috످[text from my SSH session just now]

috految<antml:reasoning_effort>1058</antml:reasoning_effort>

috److془The user sent "[text from my SSH session just now]" — a placeholder. I should tell them that the text didn't come through, ask to paste, redact secrets.془It looks like your message only has the placeholder "[text from my SSH session just now]". Could you paste the terminal output and tell me what you need help with? Remove any passwords, private keys, or tokens before sending.

috످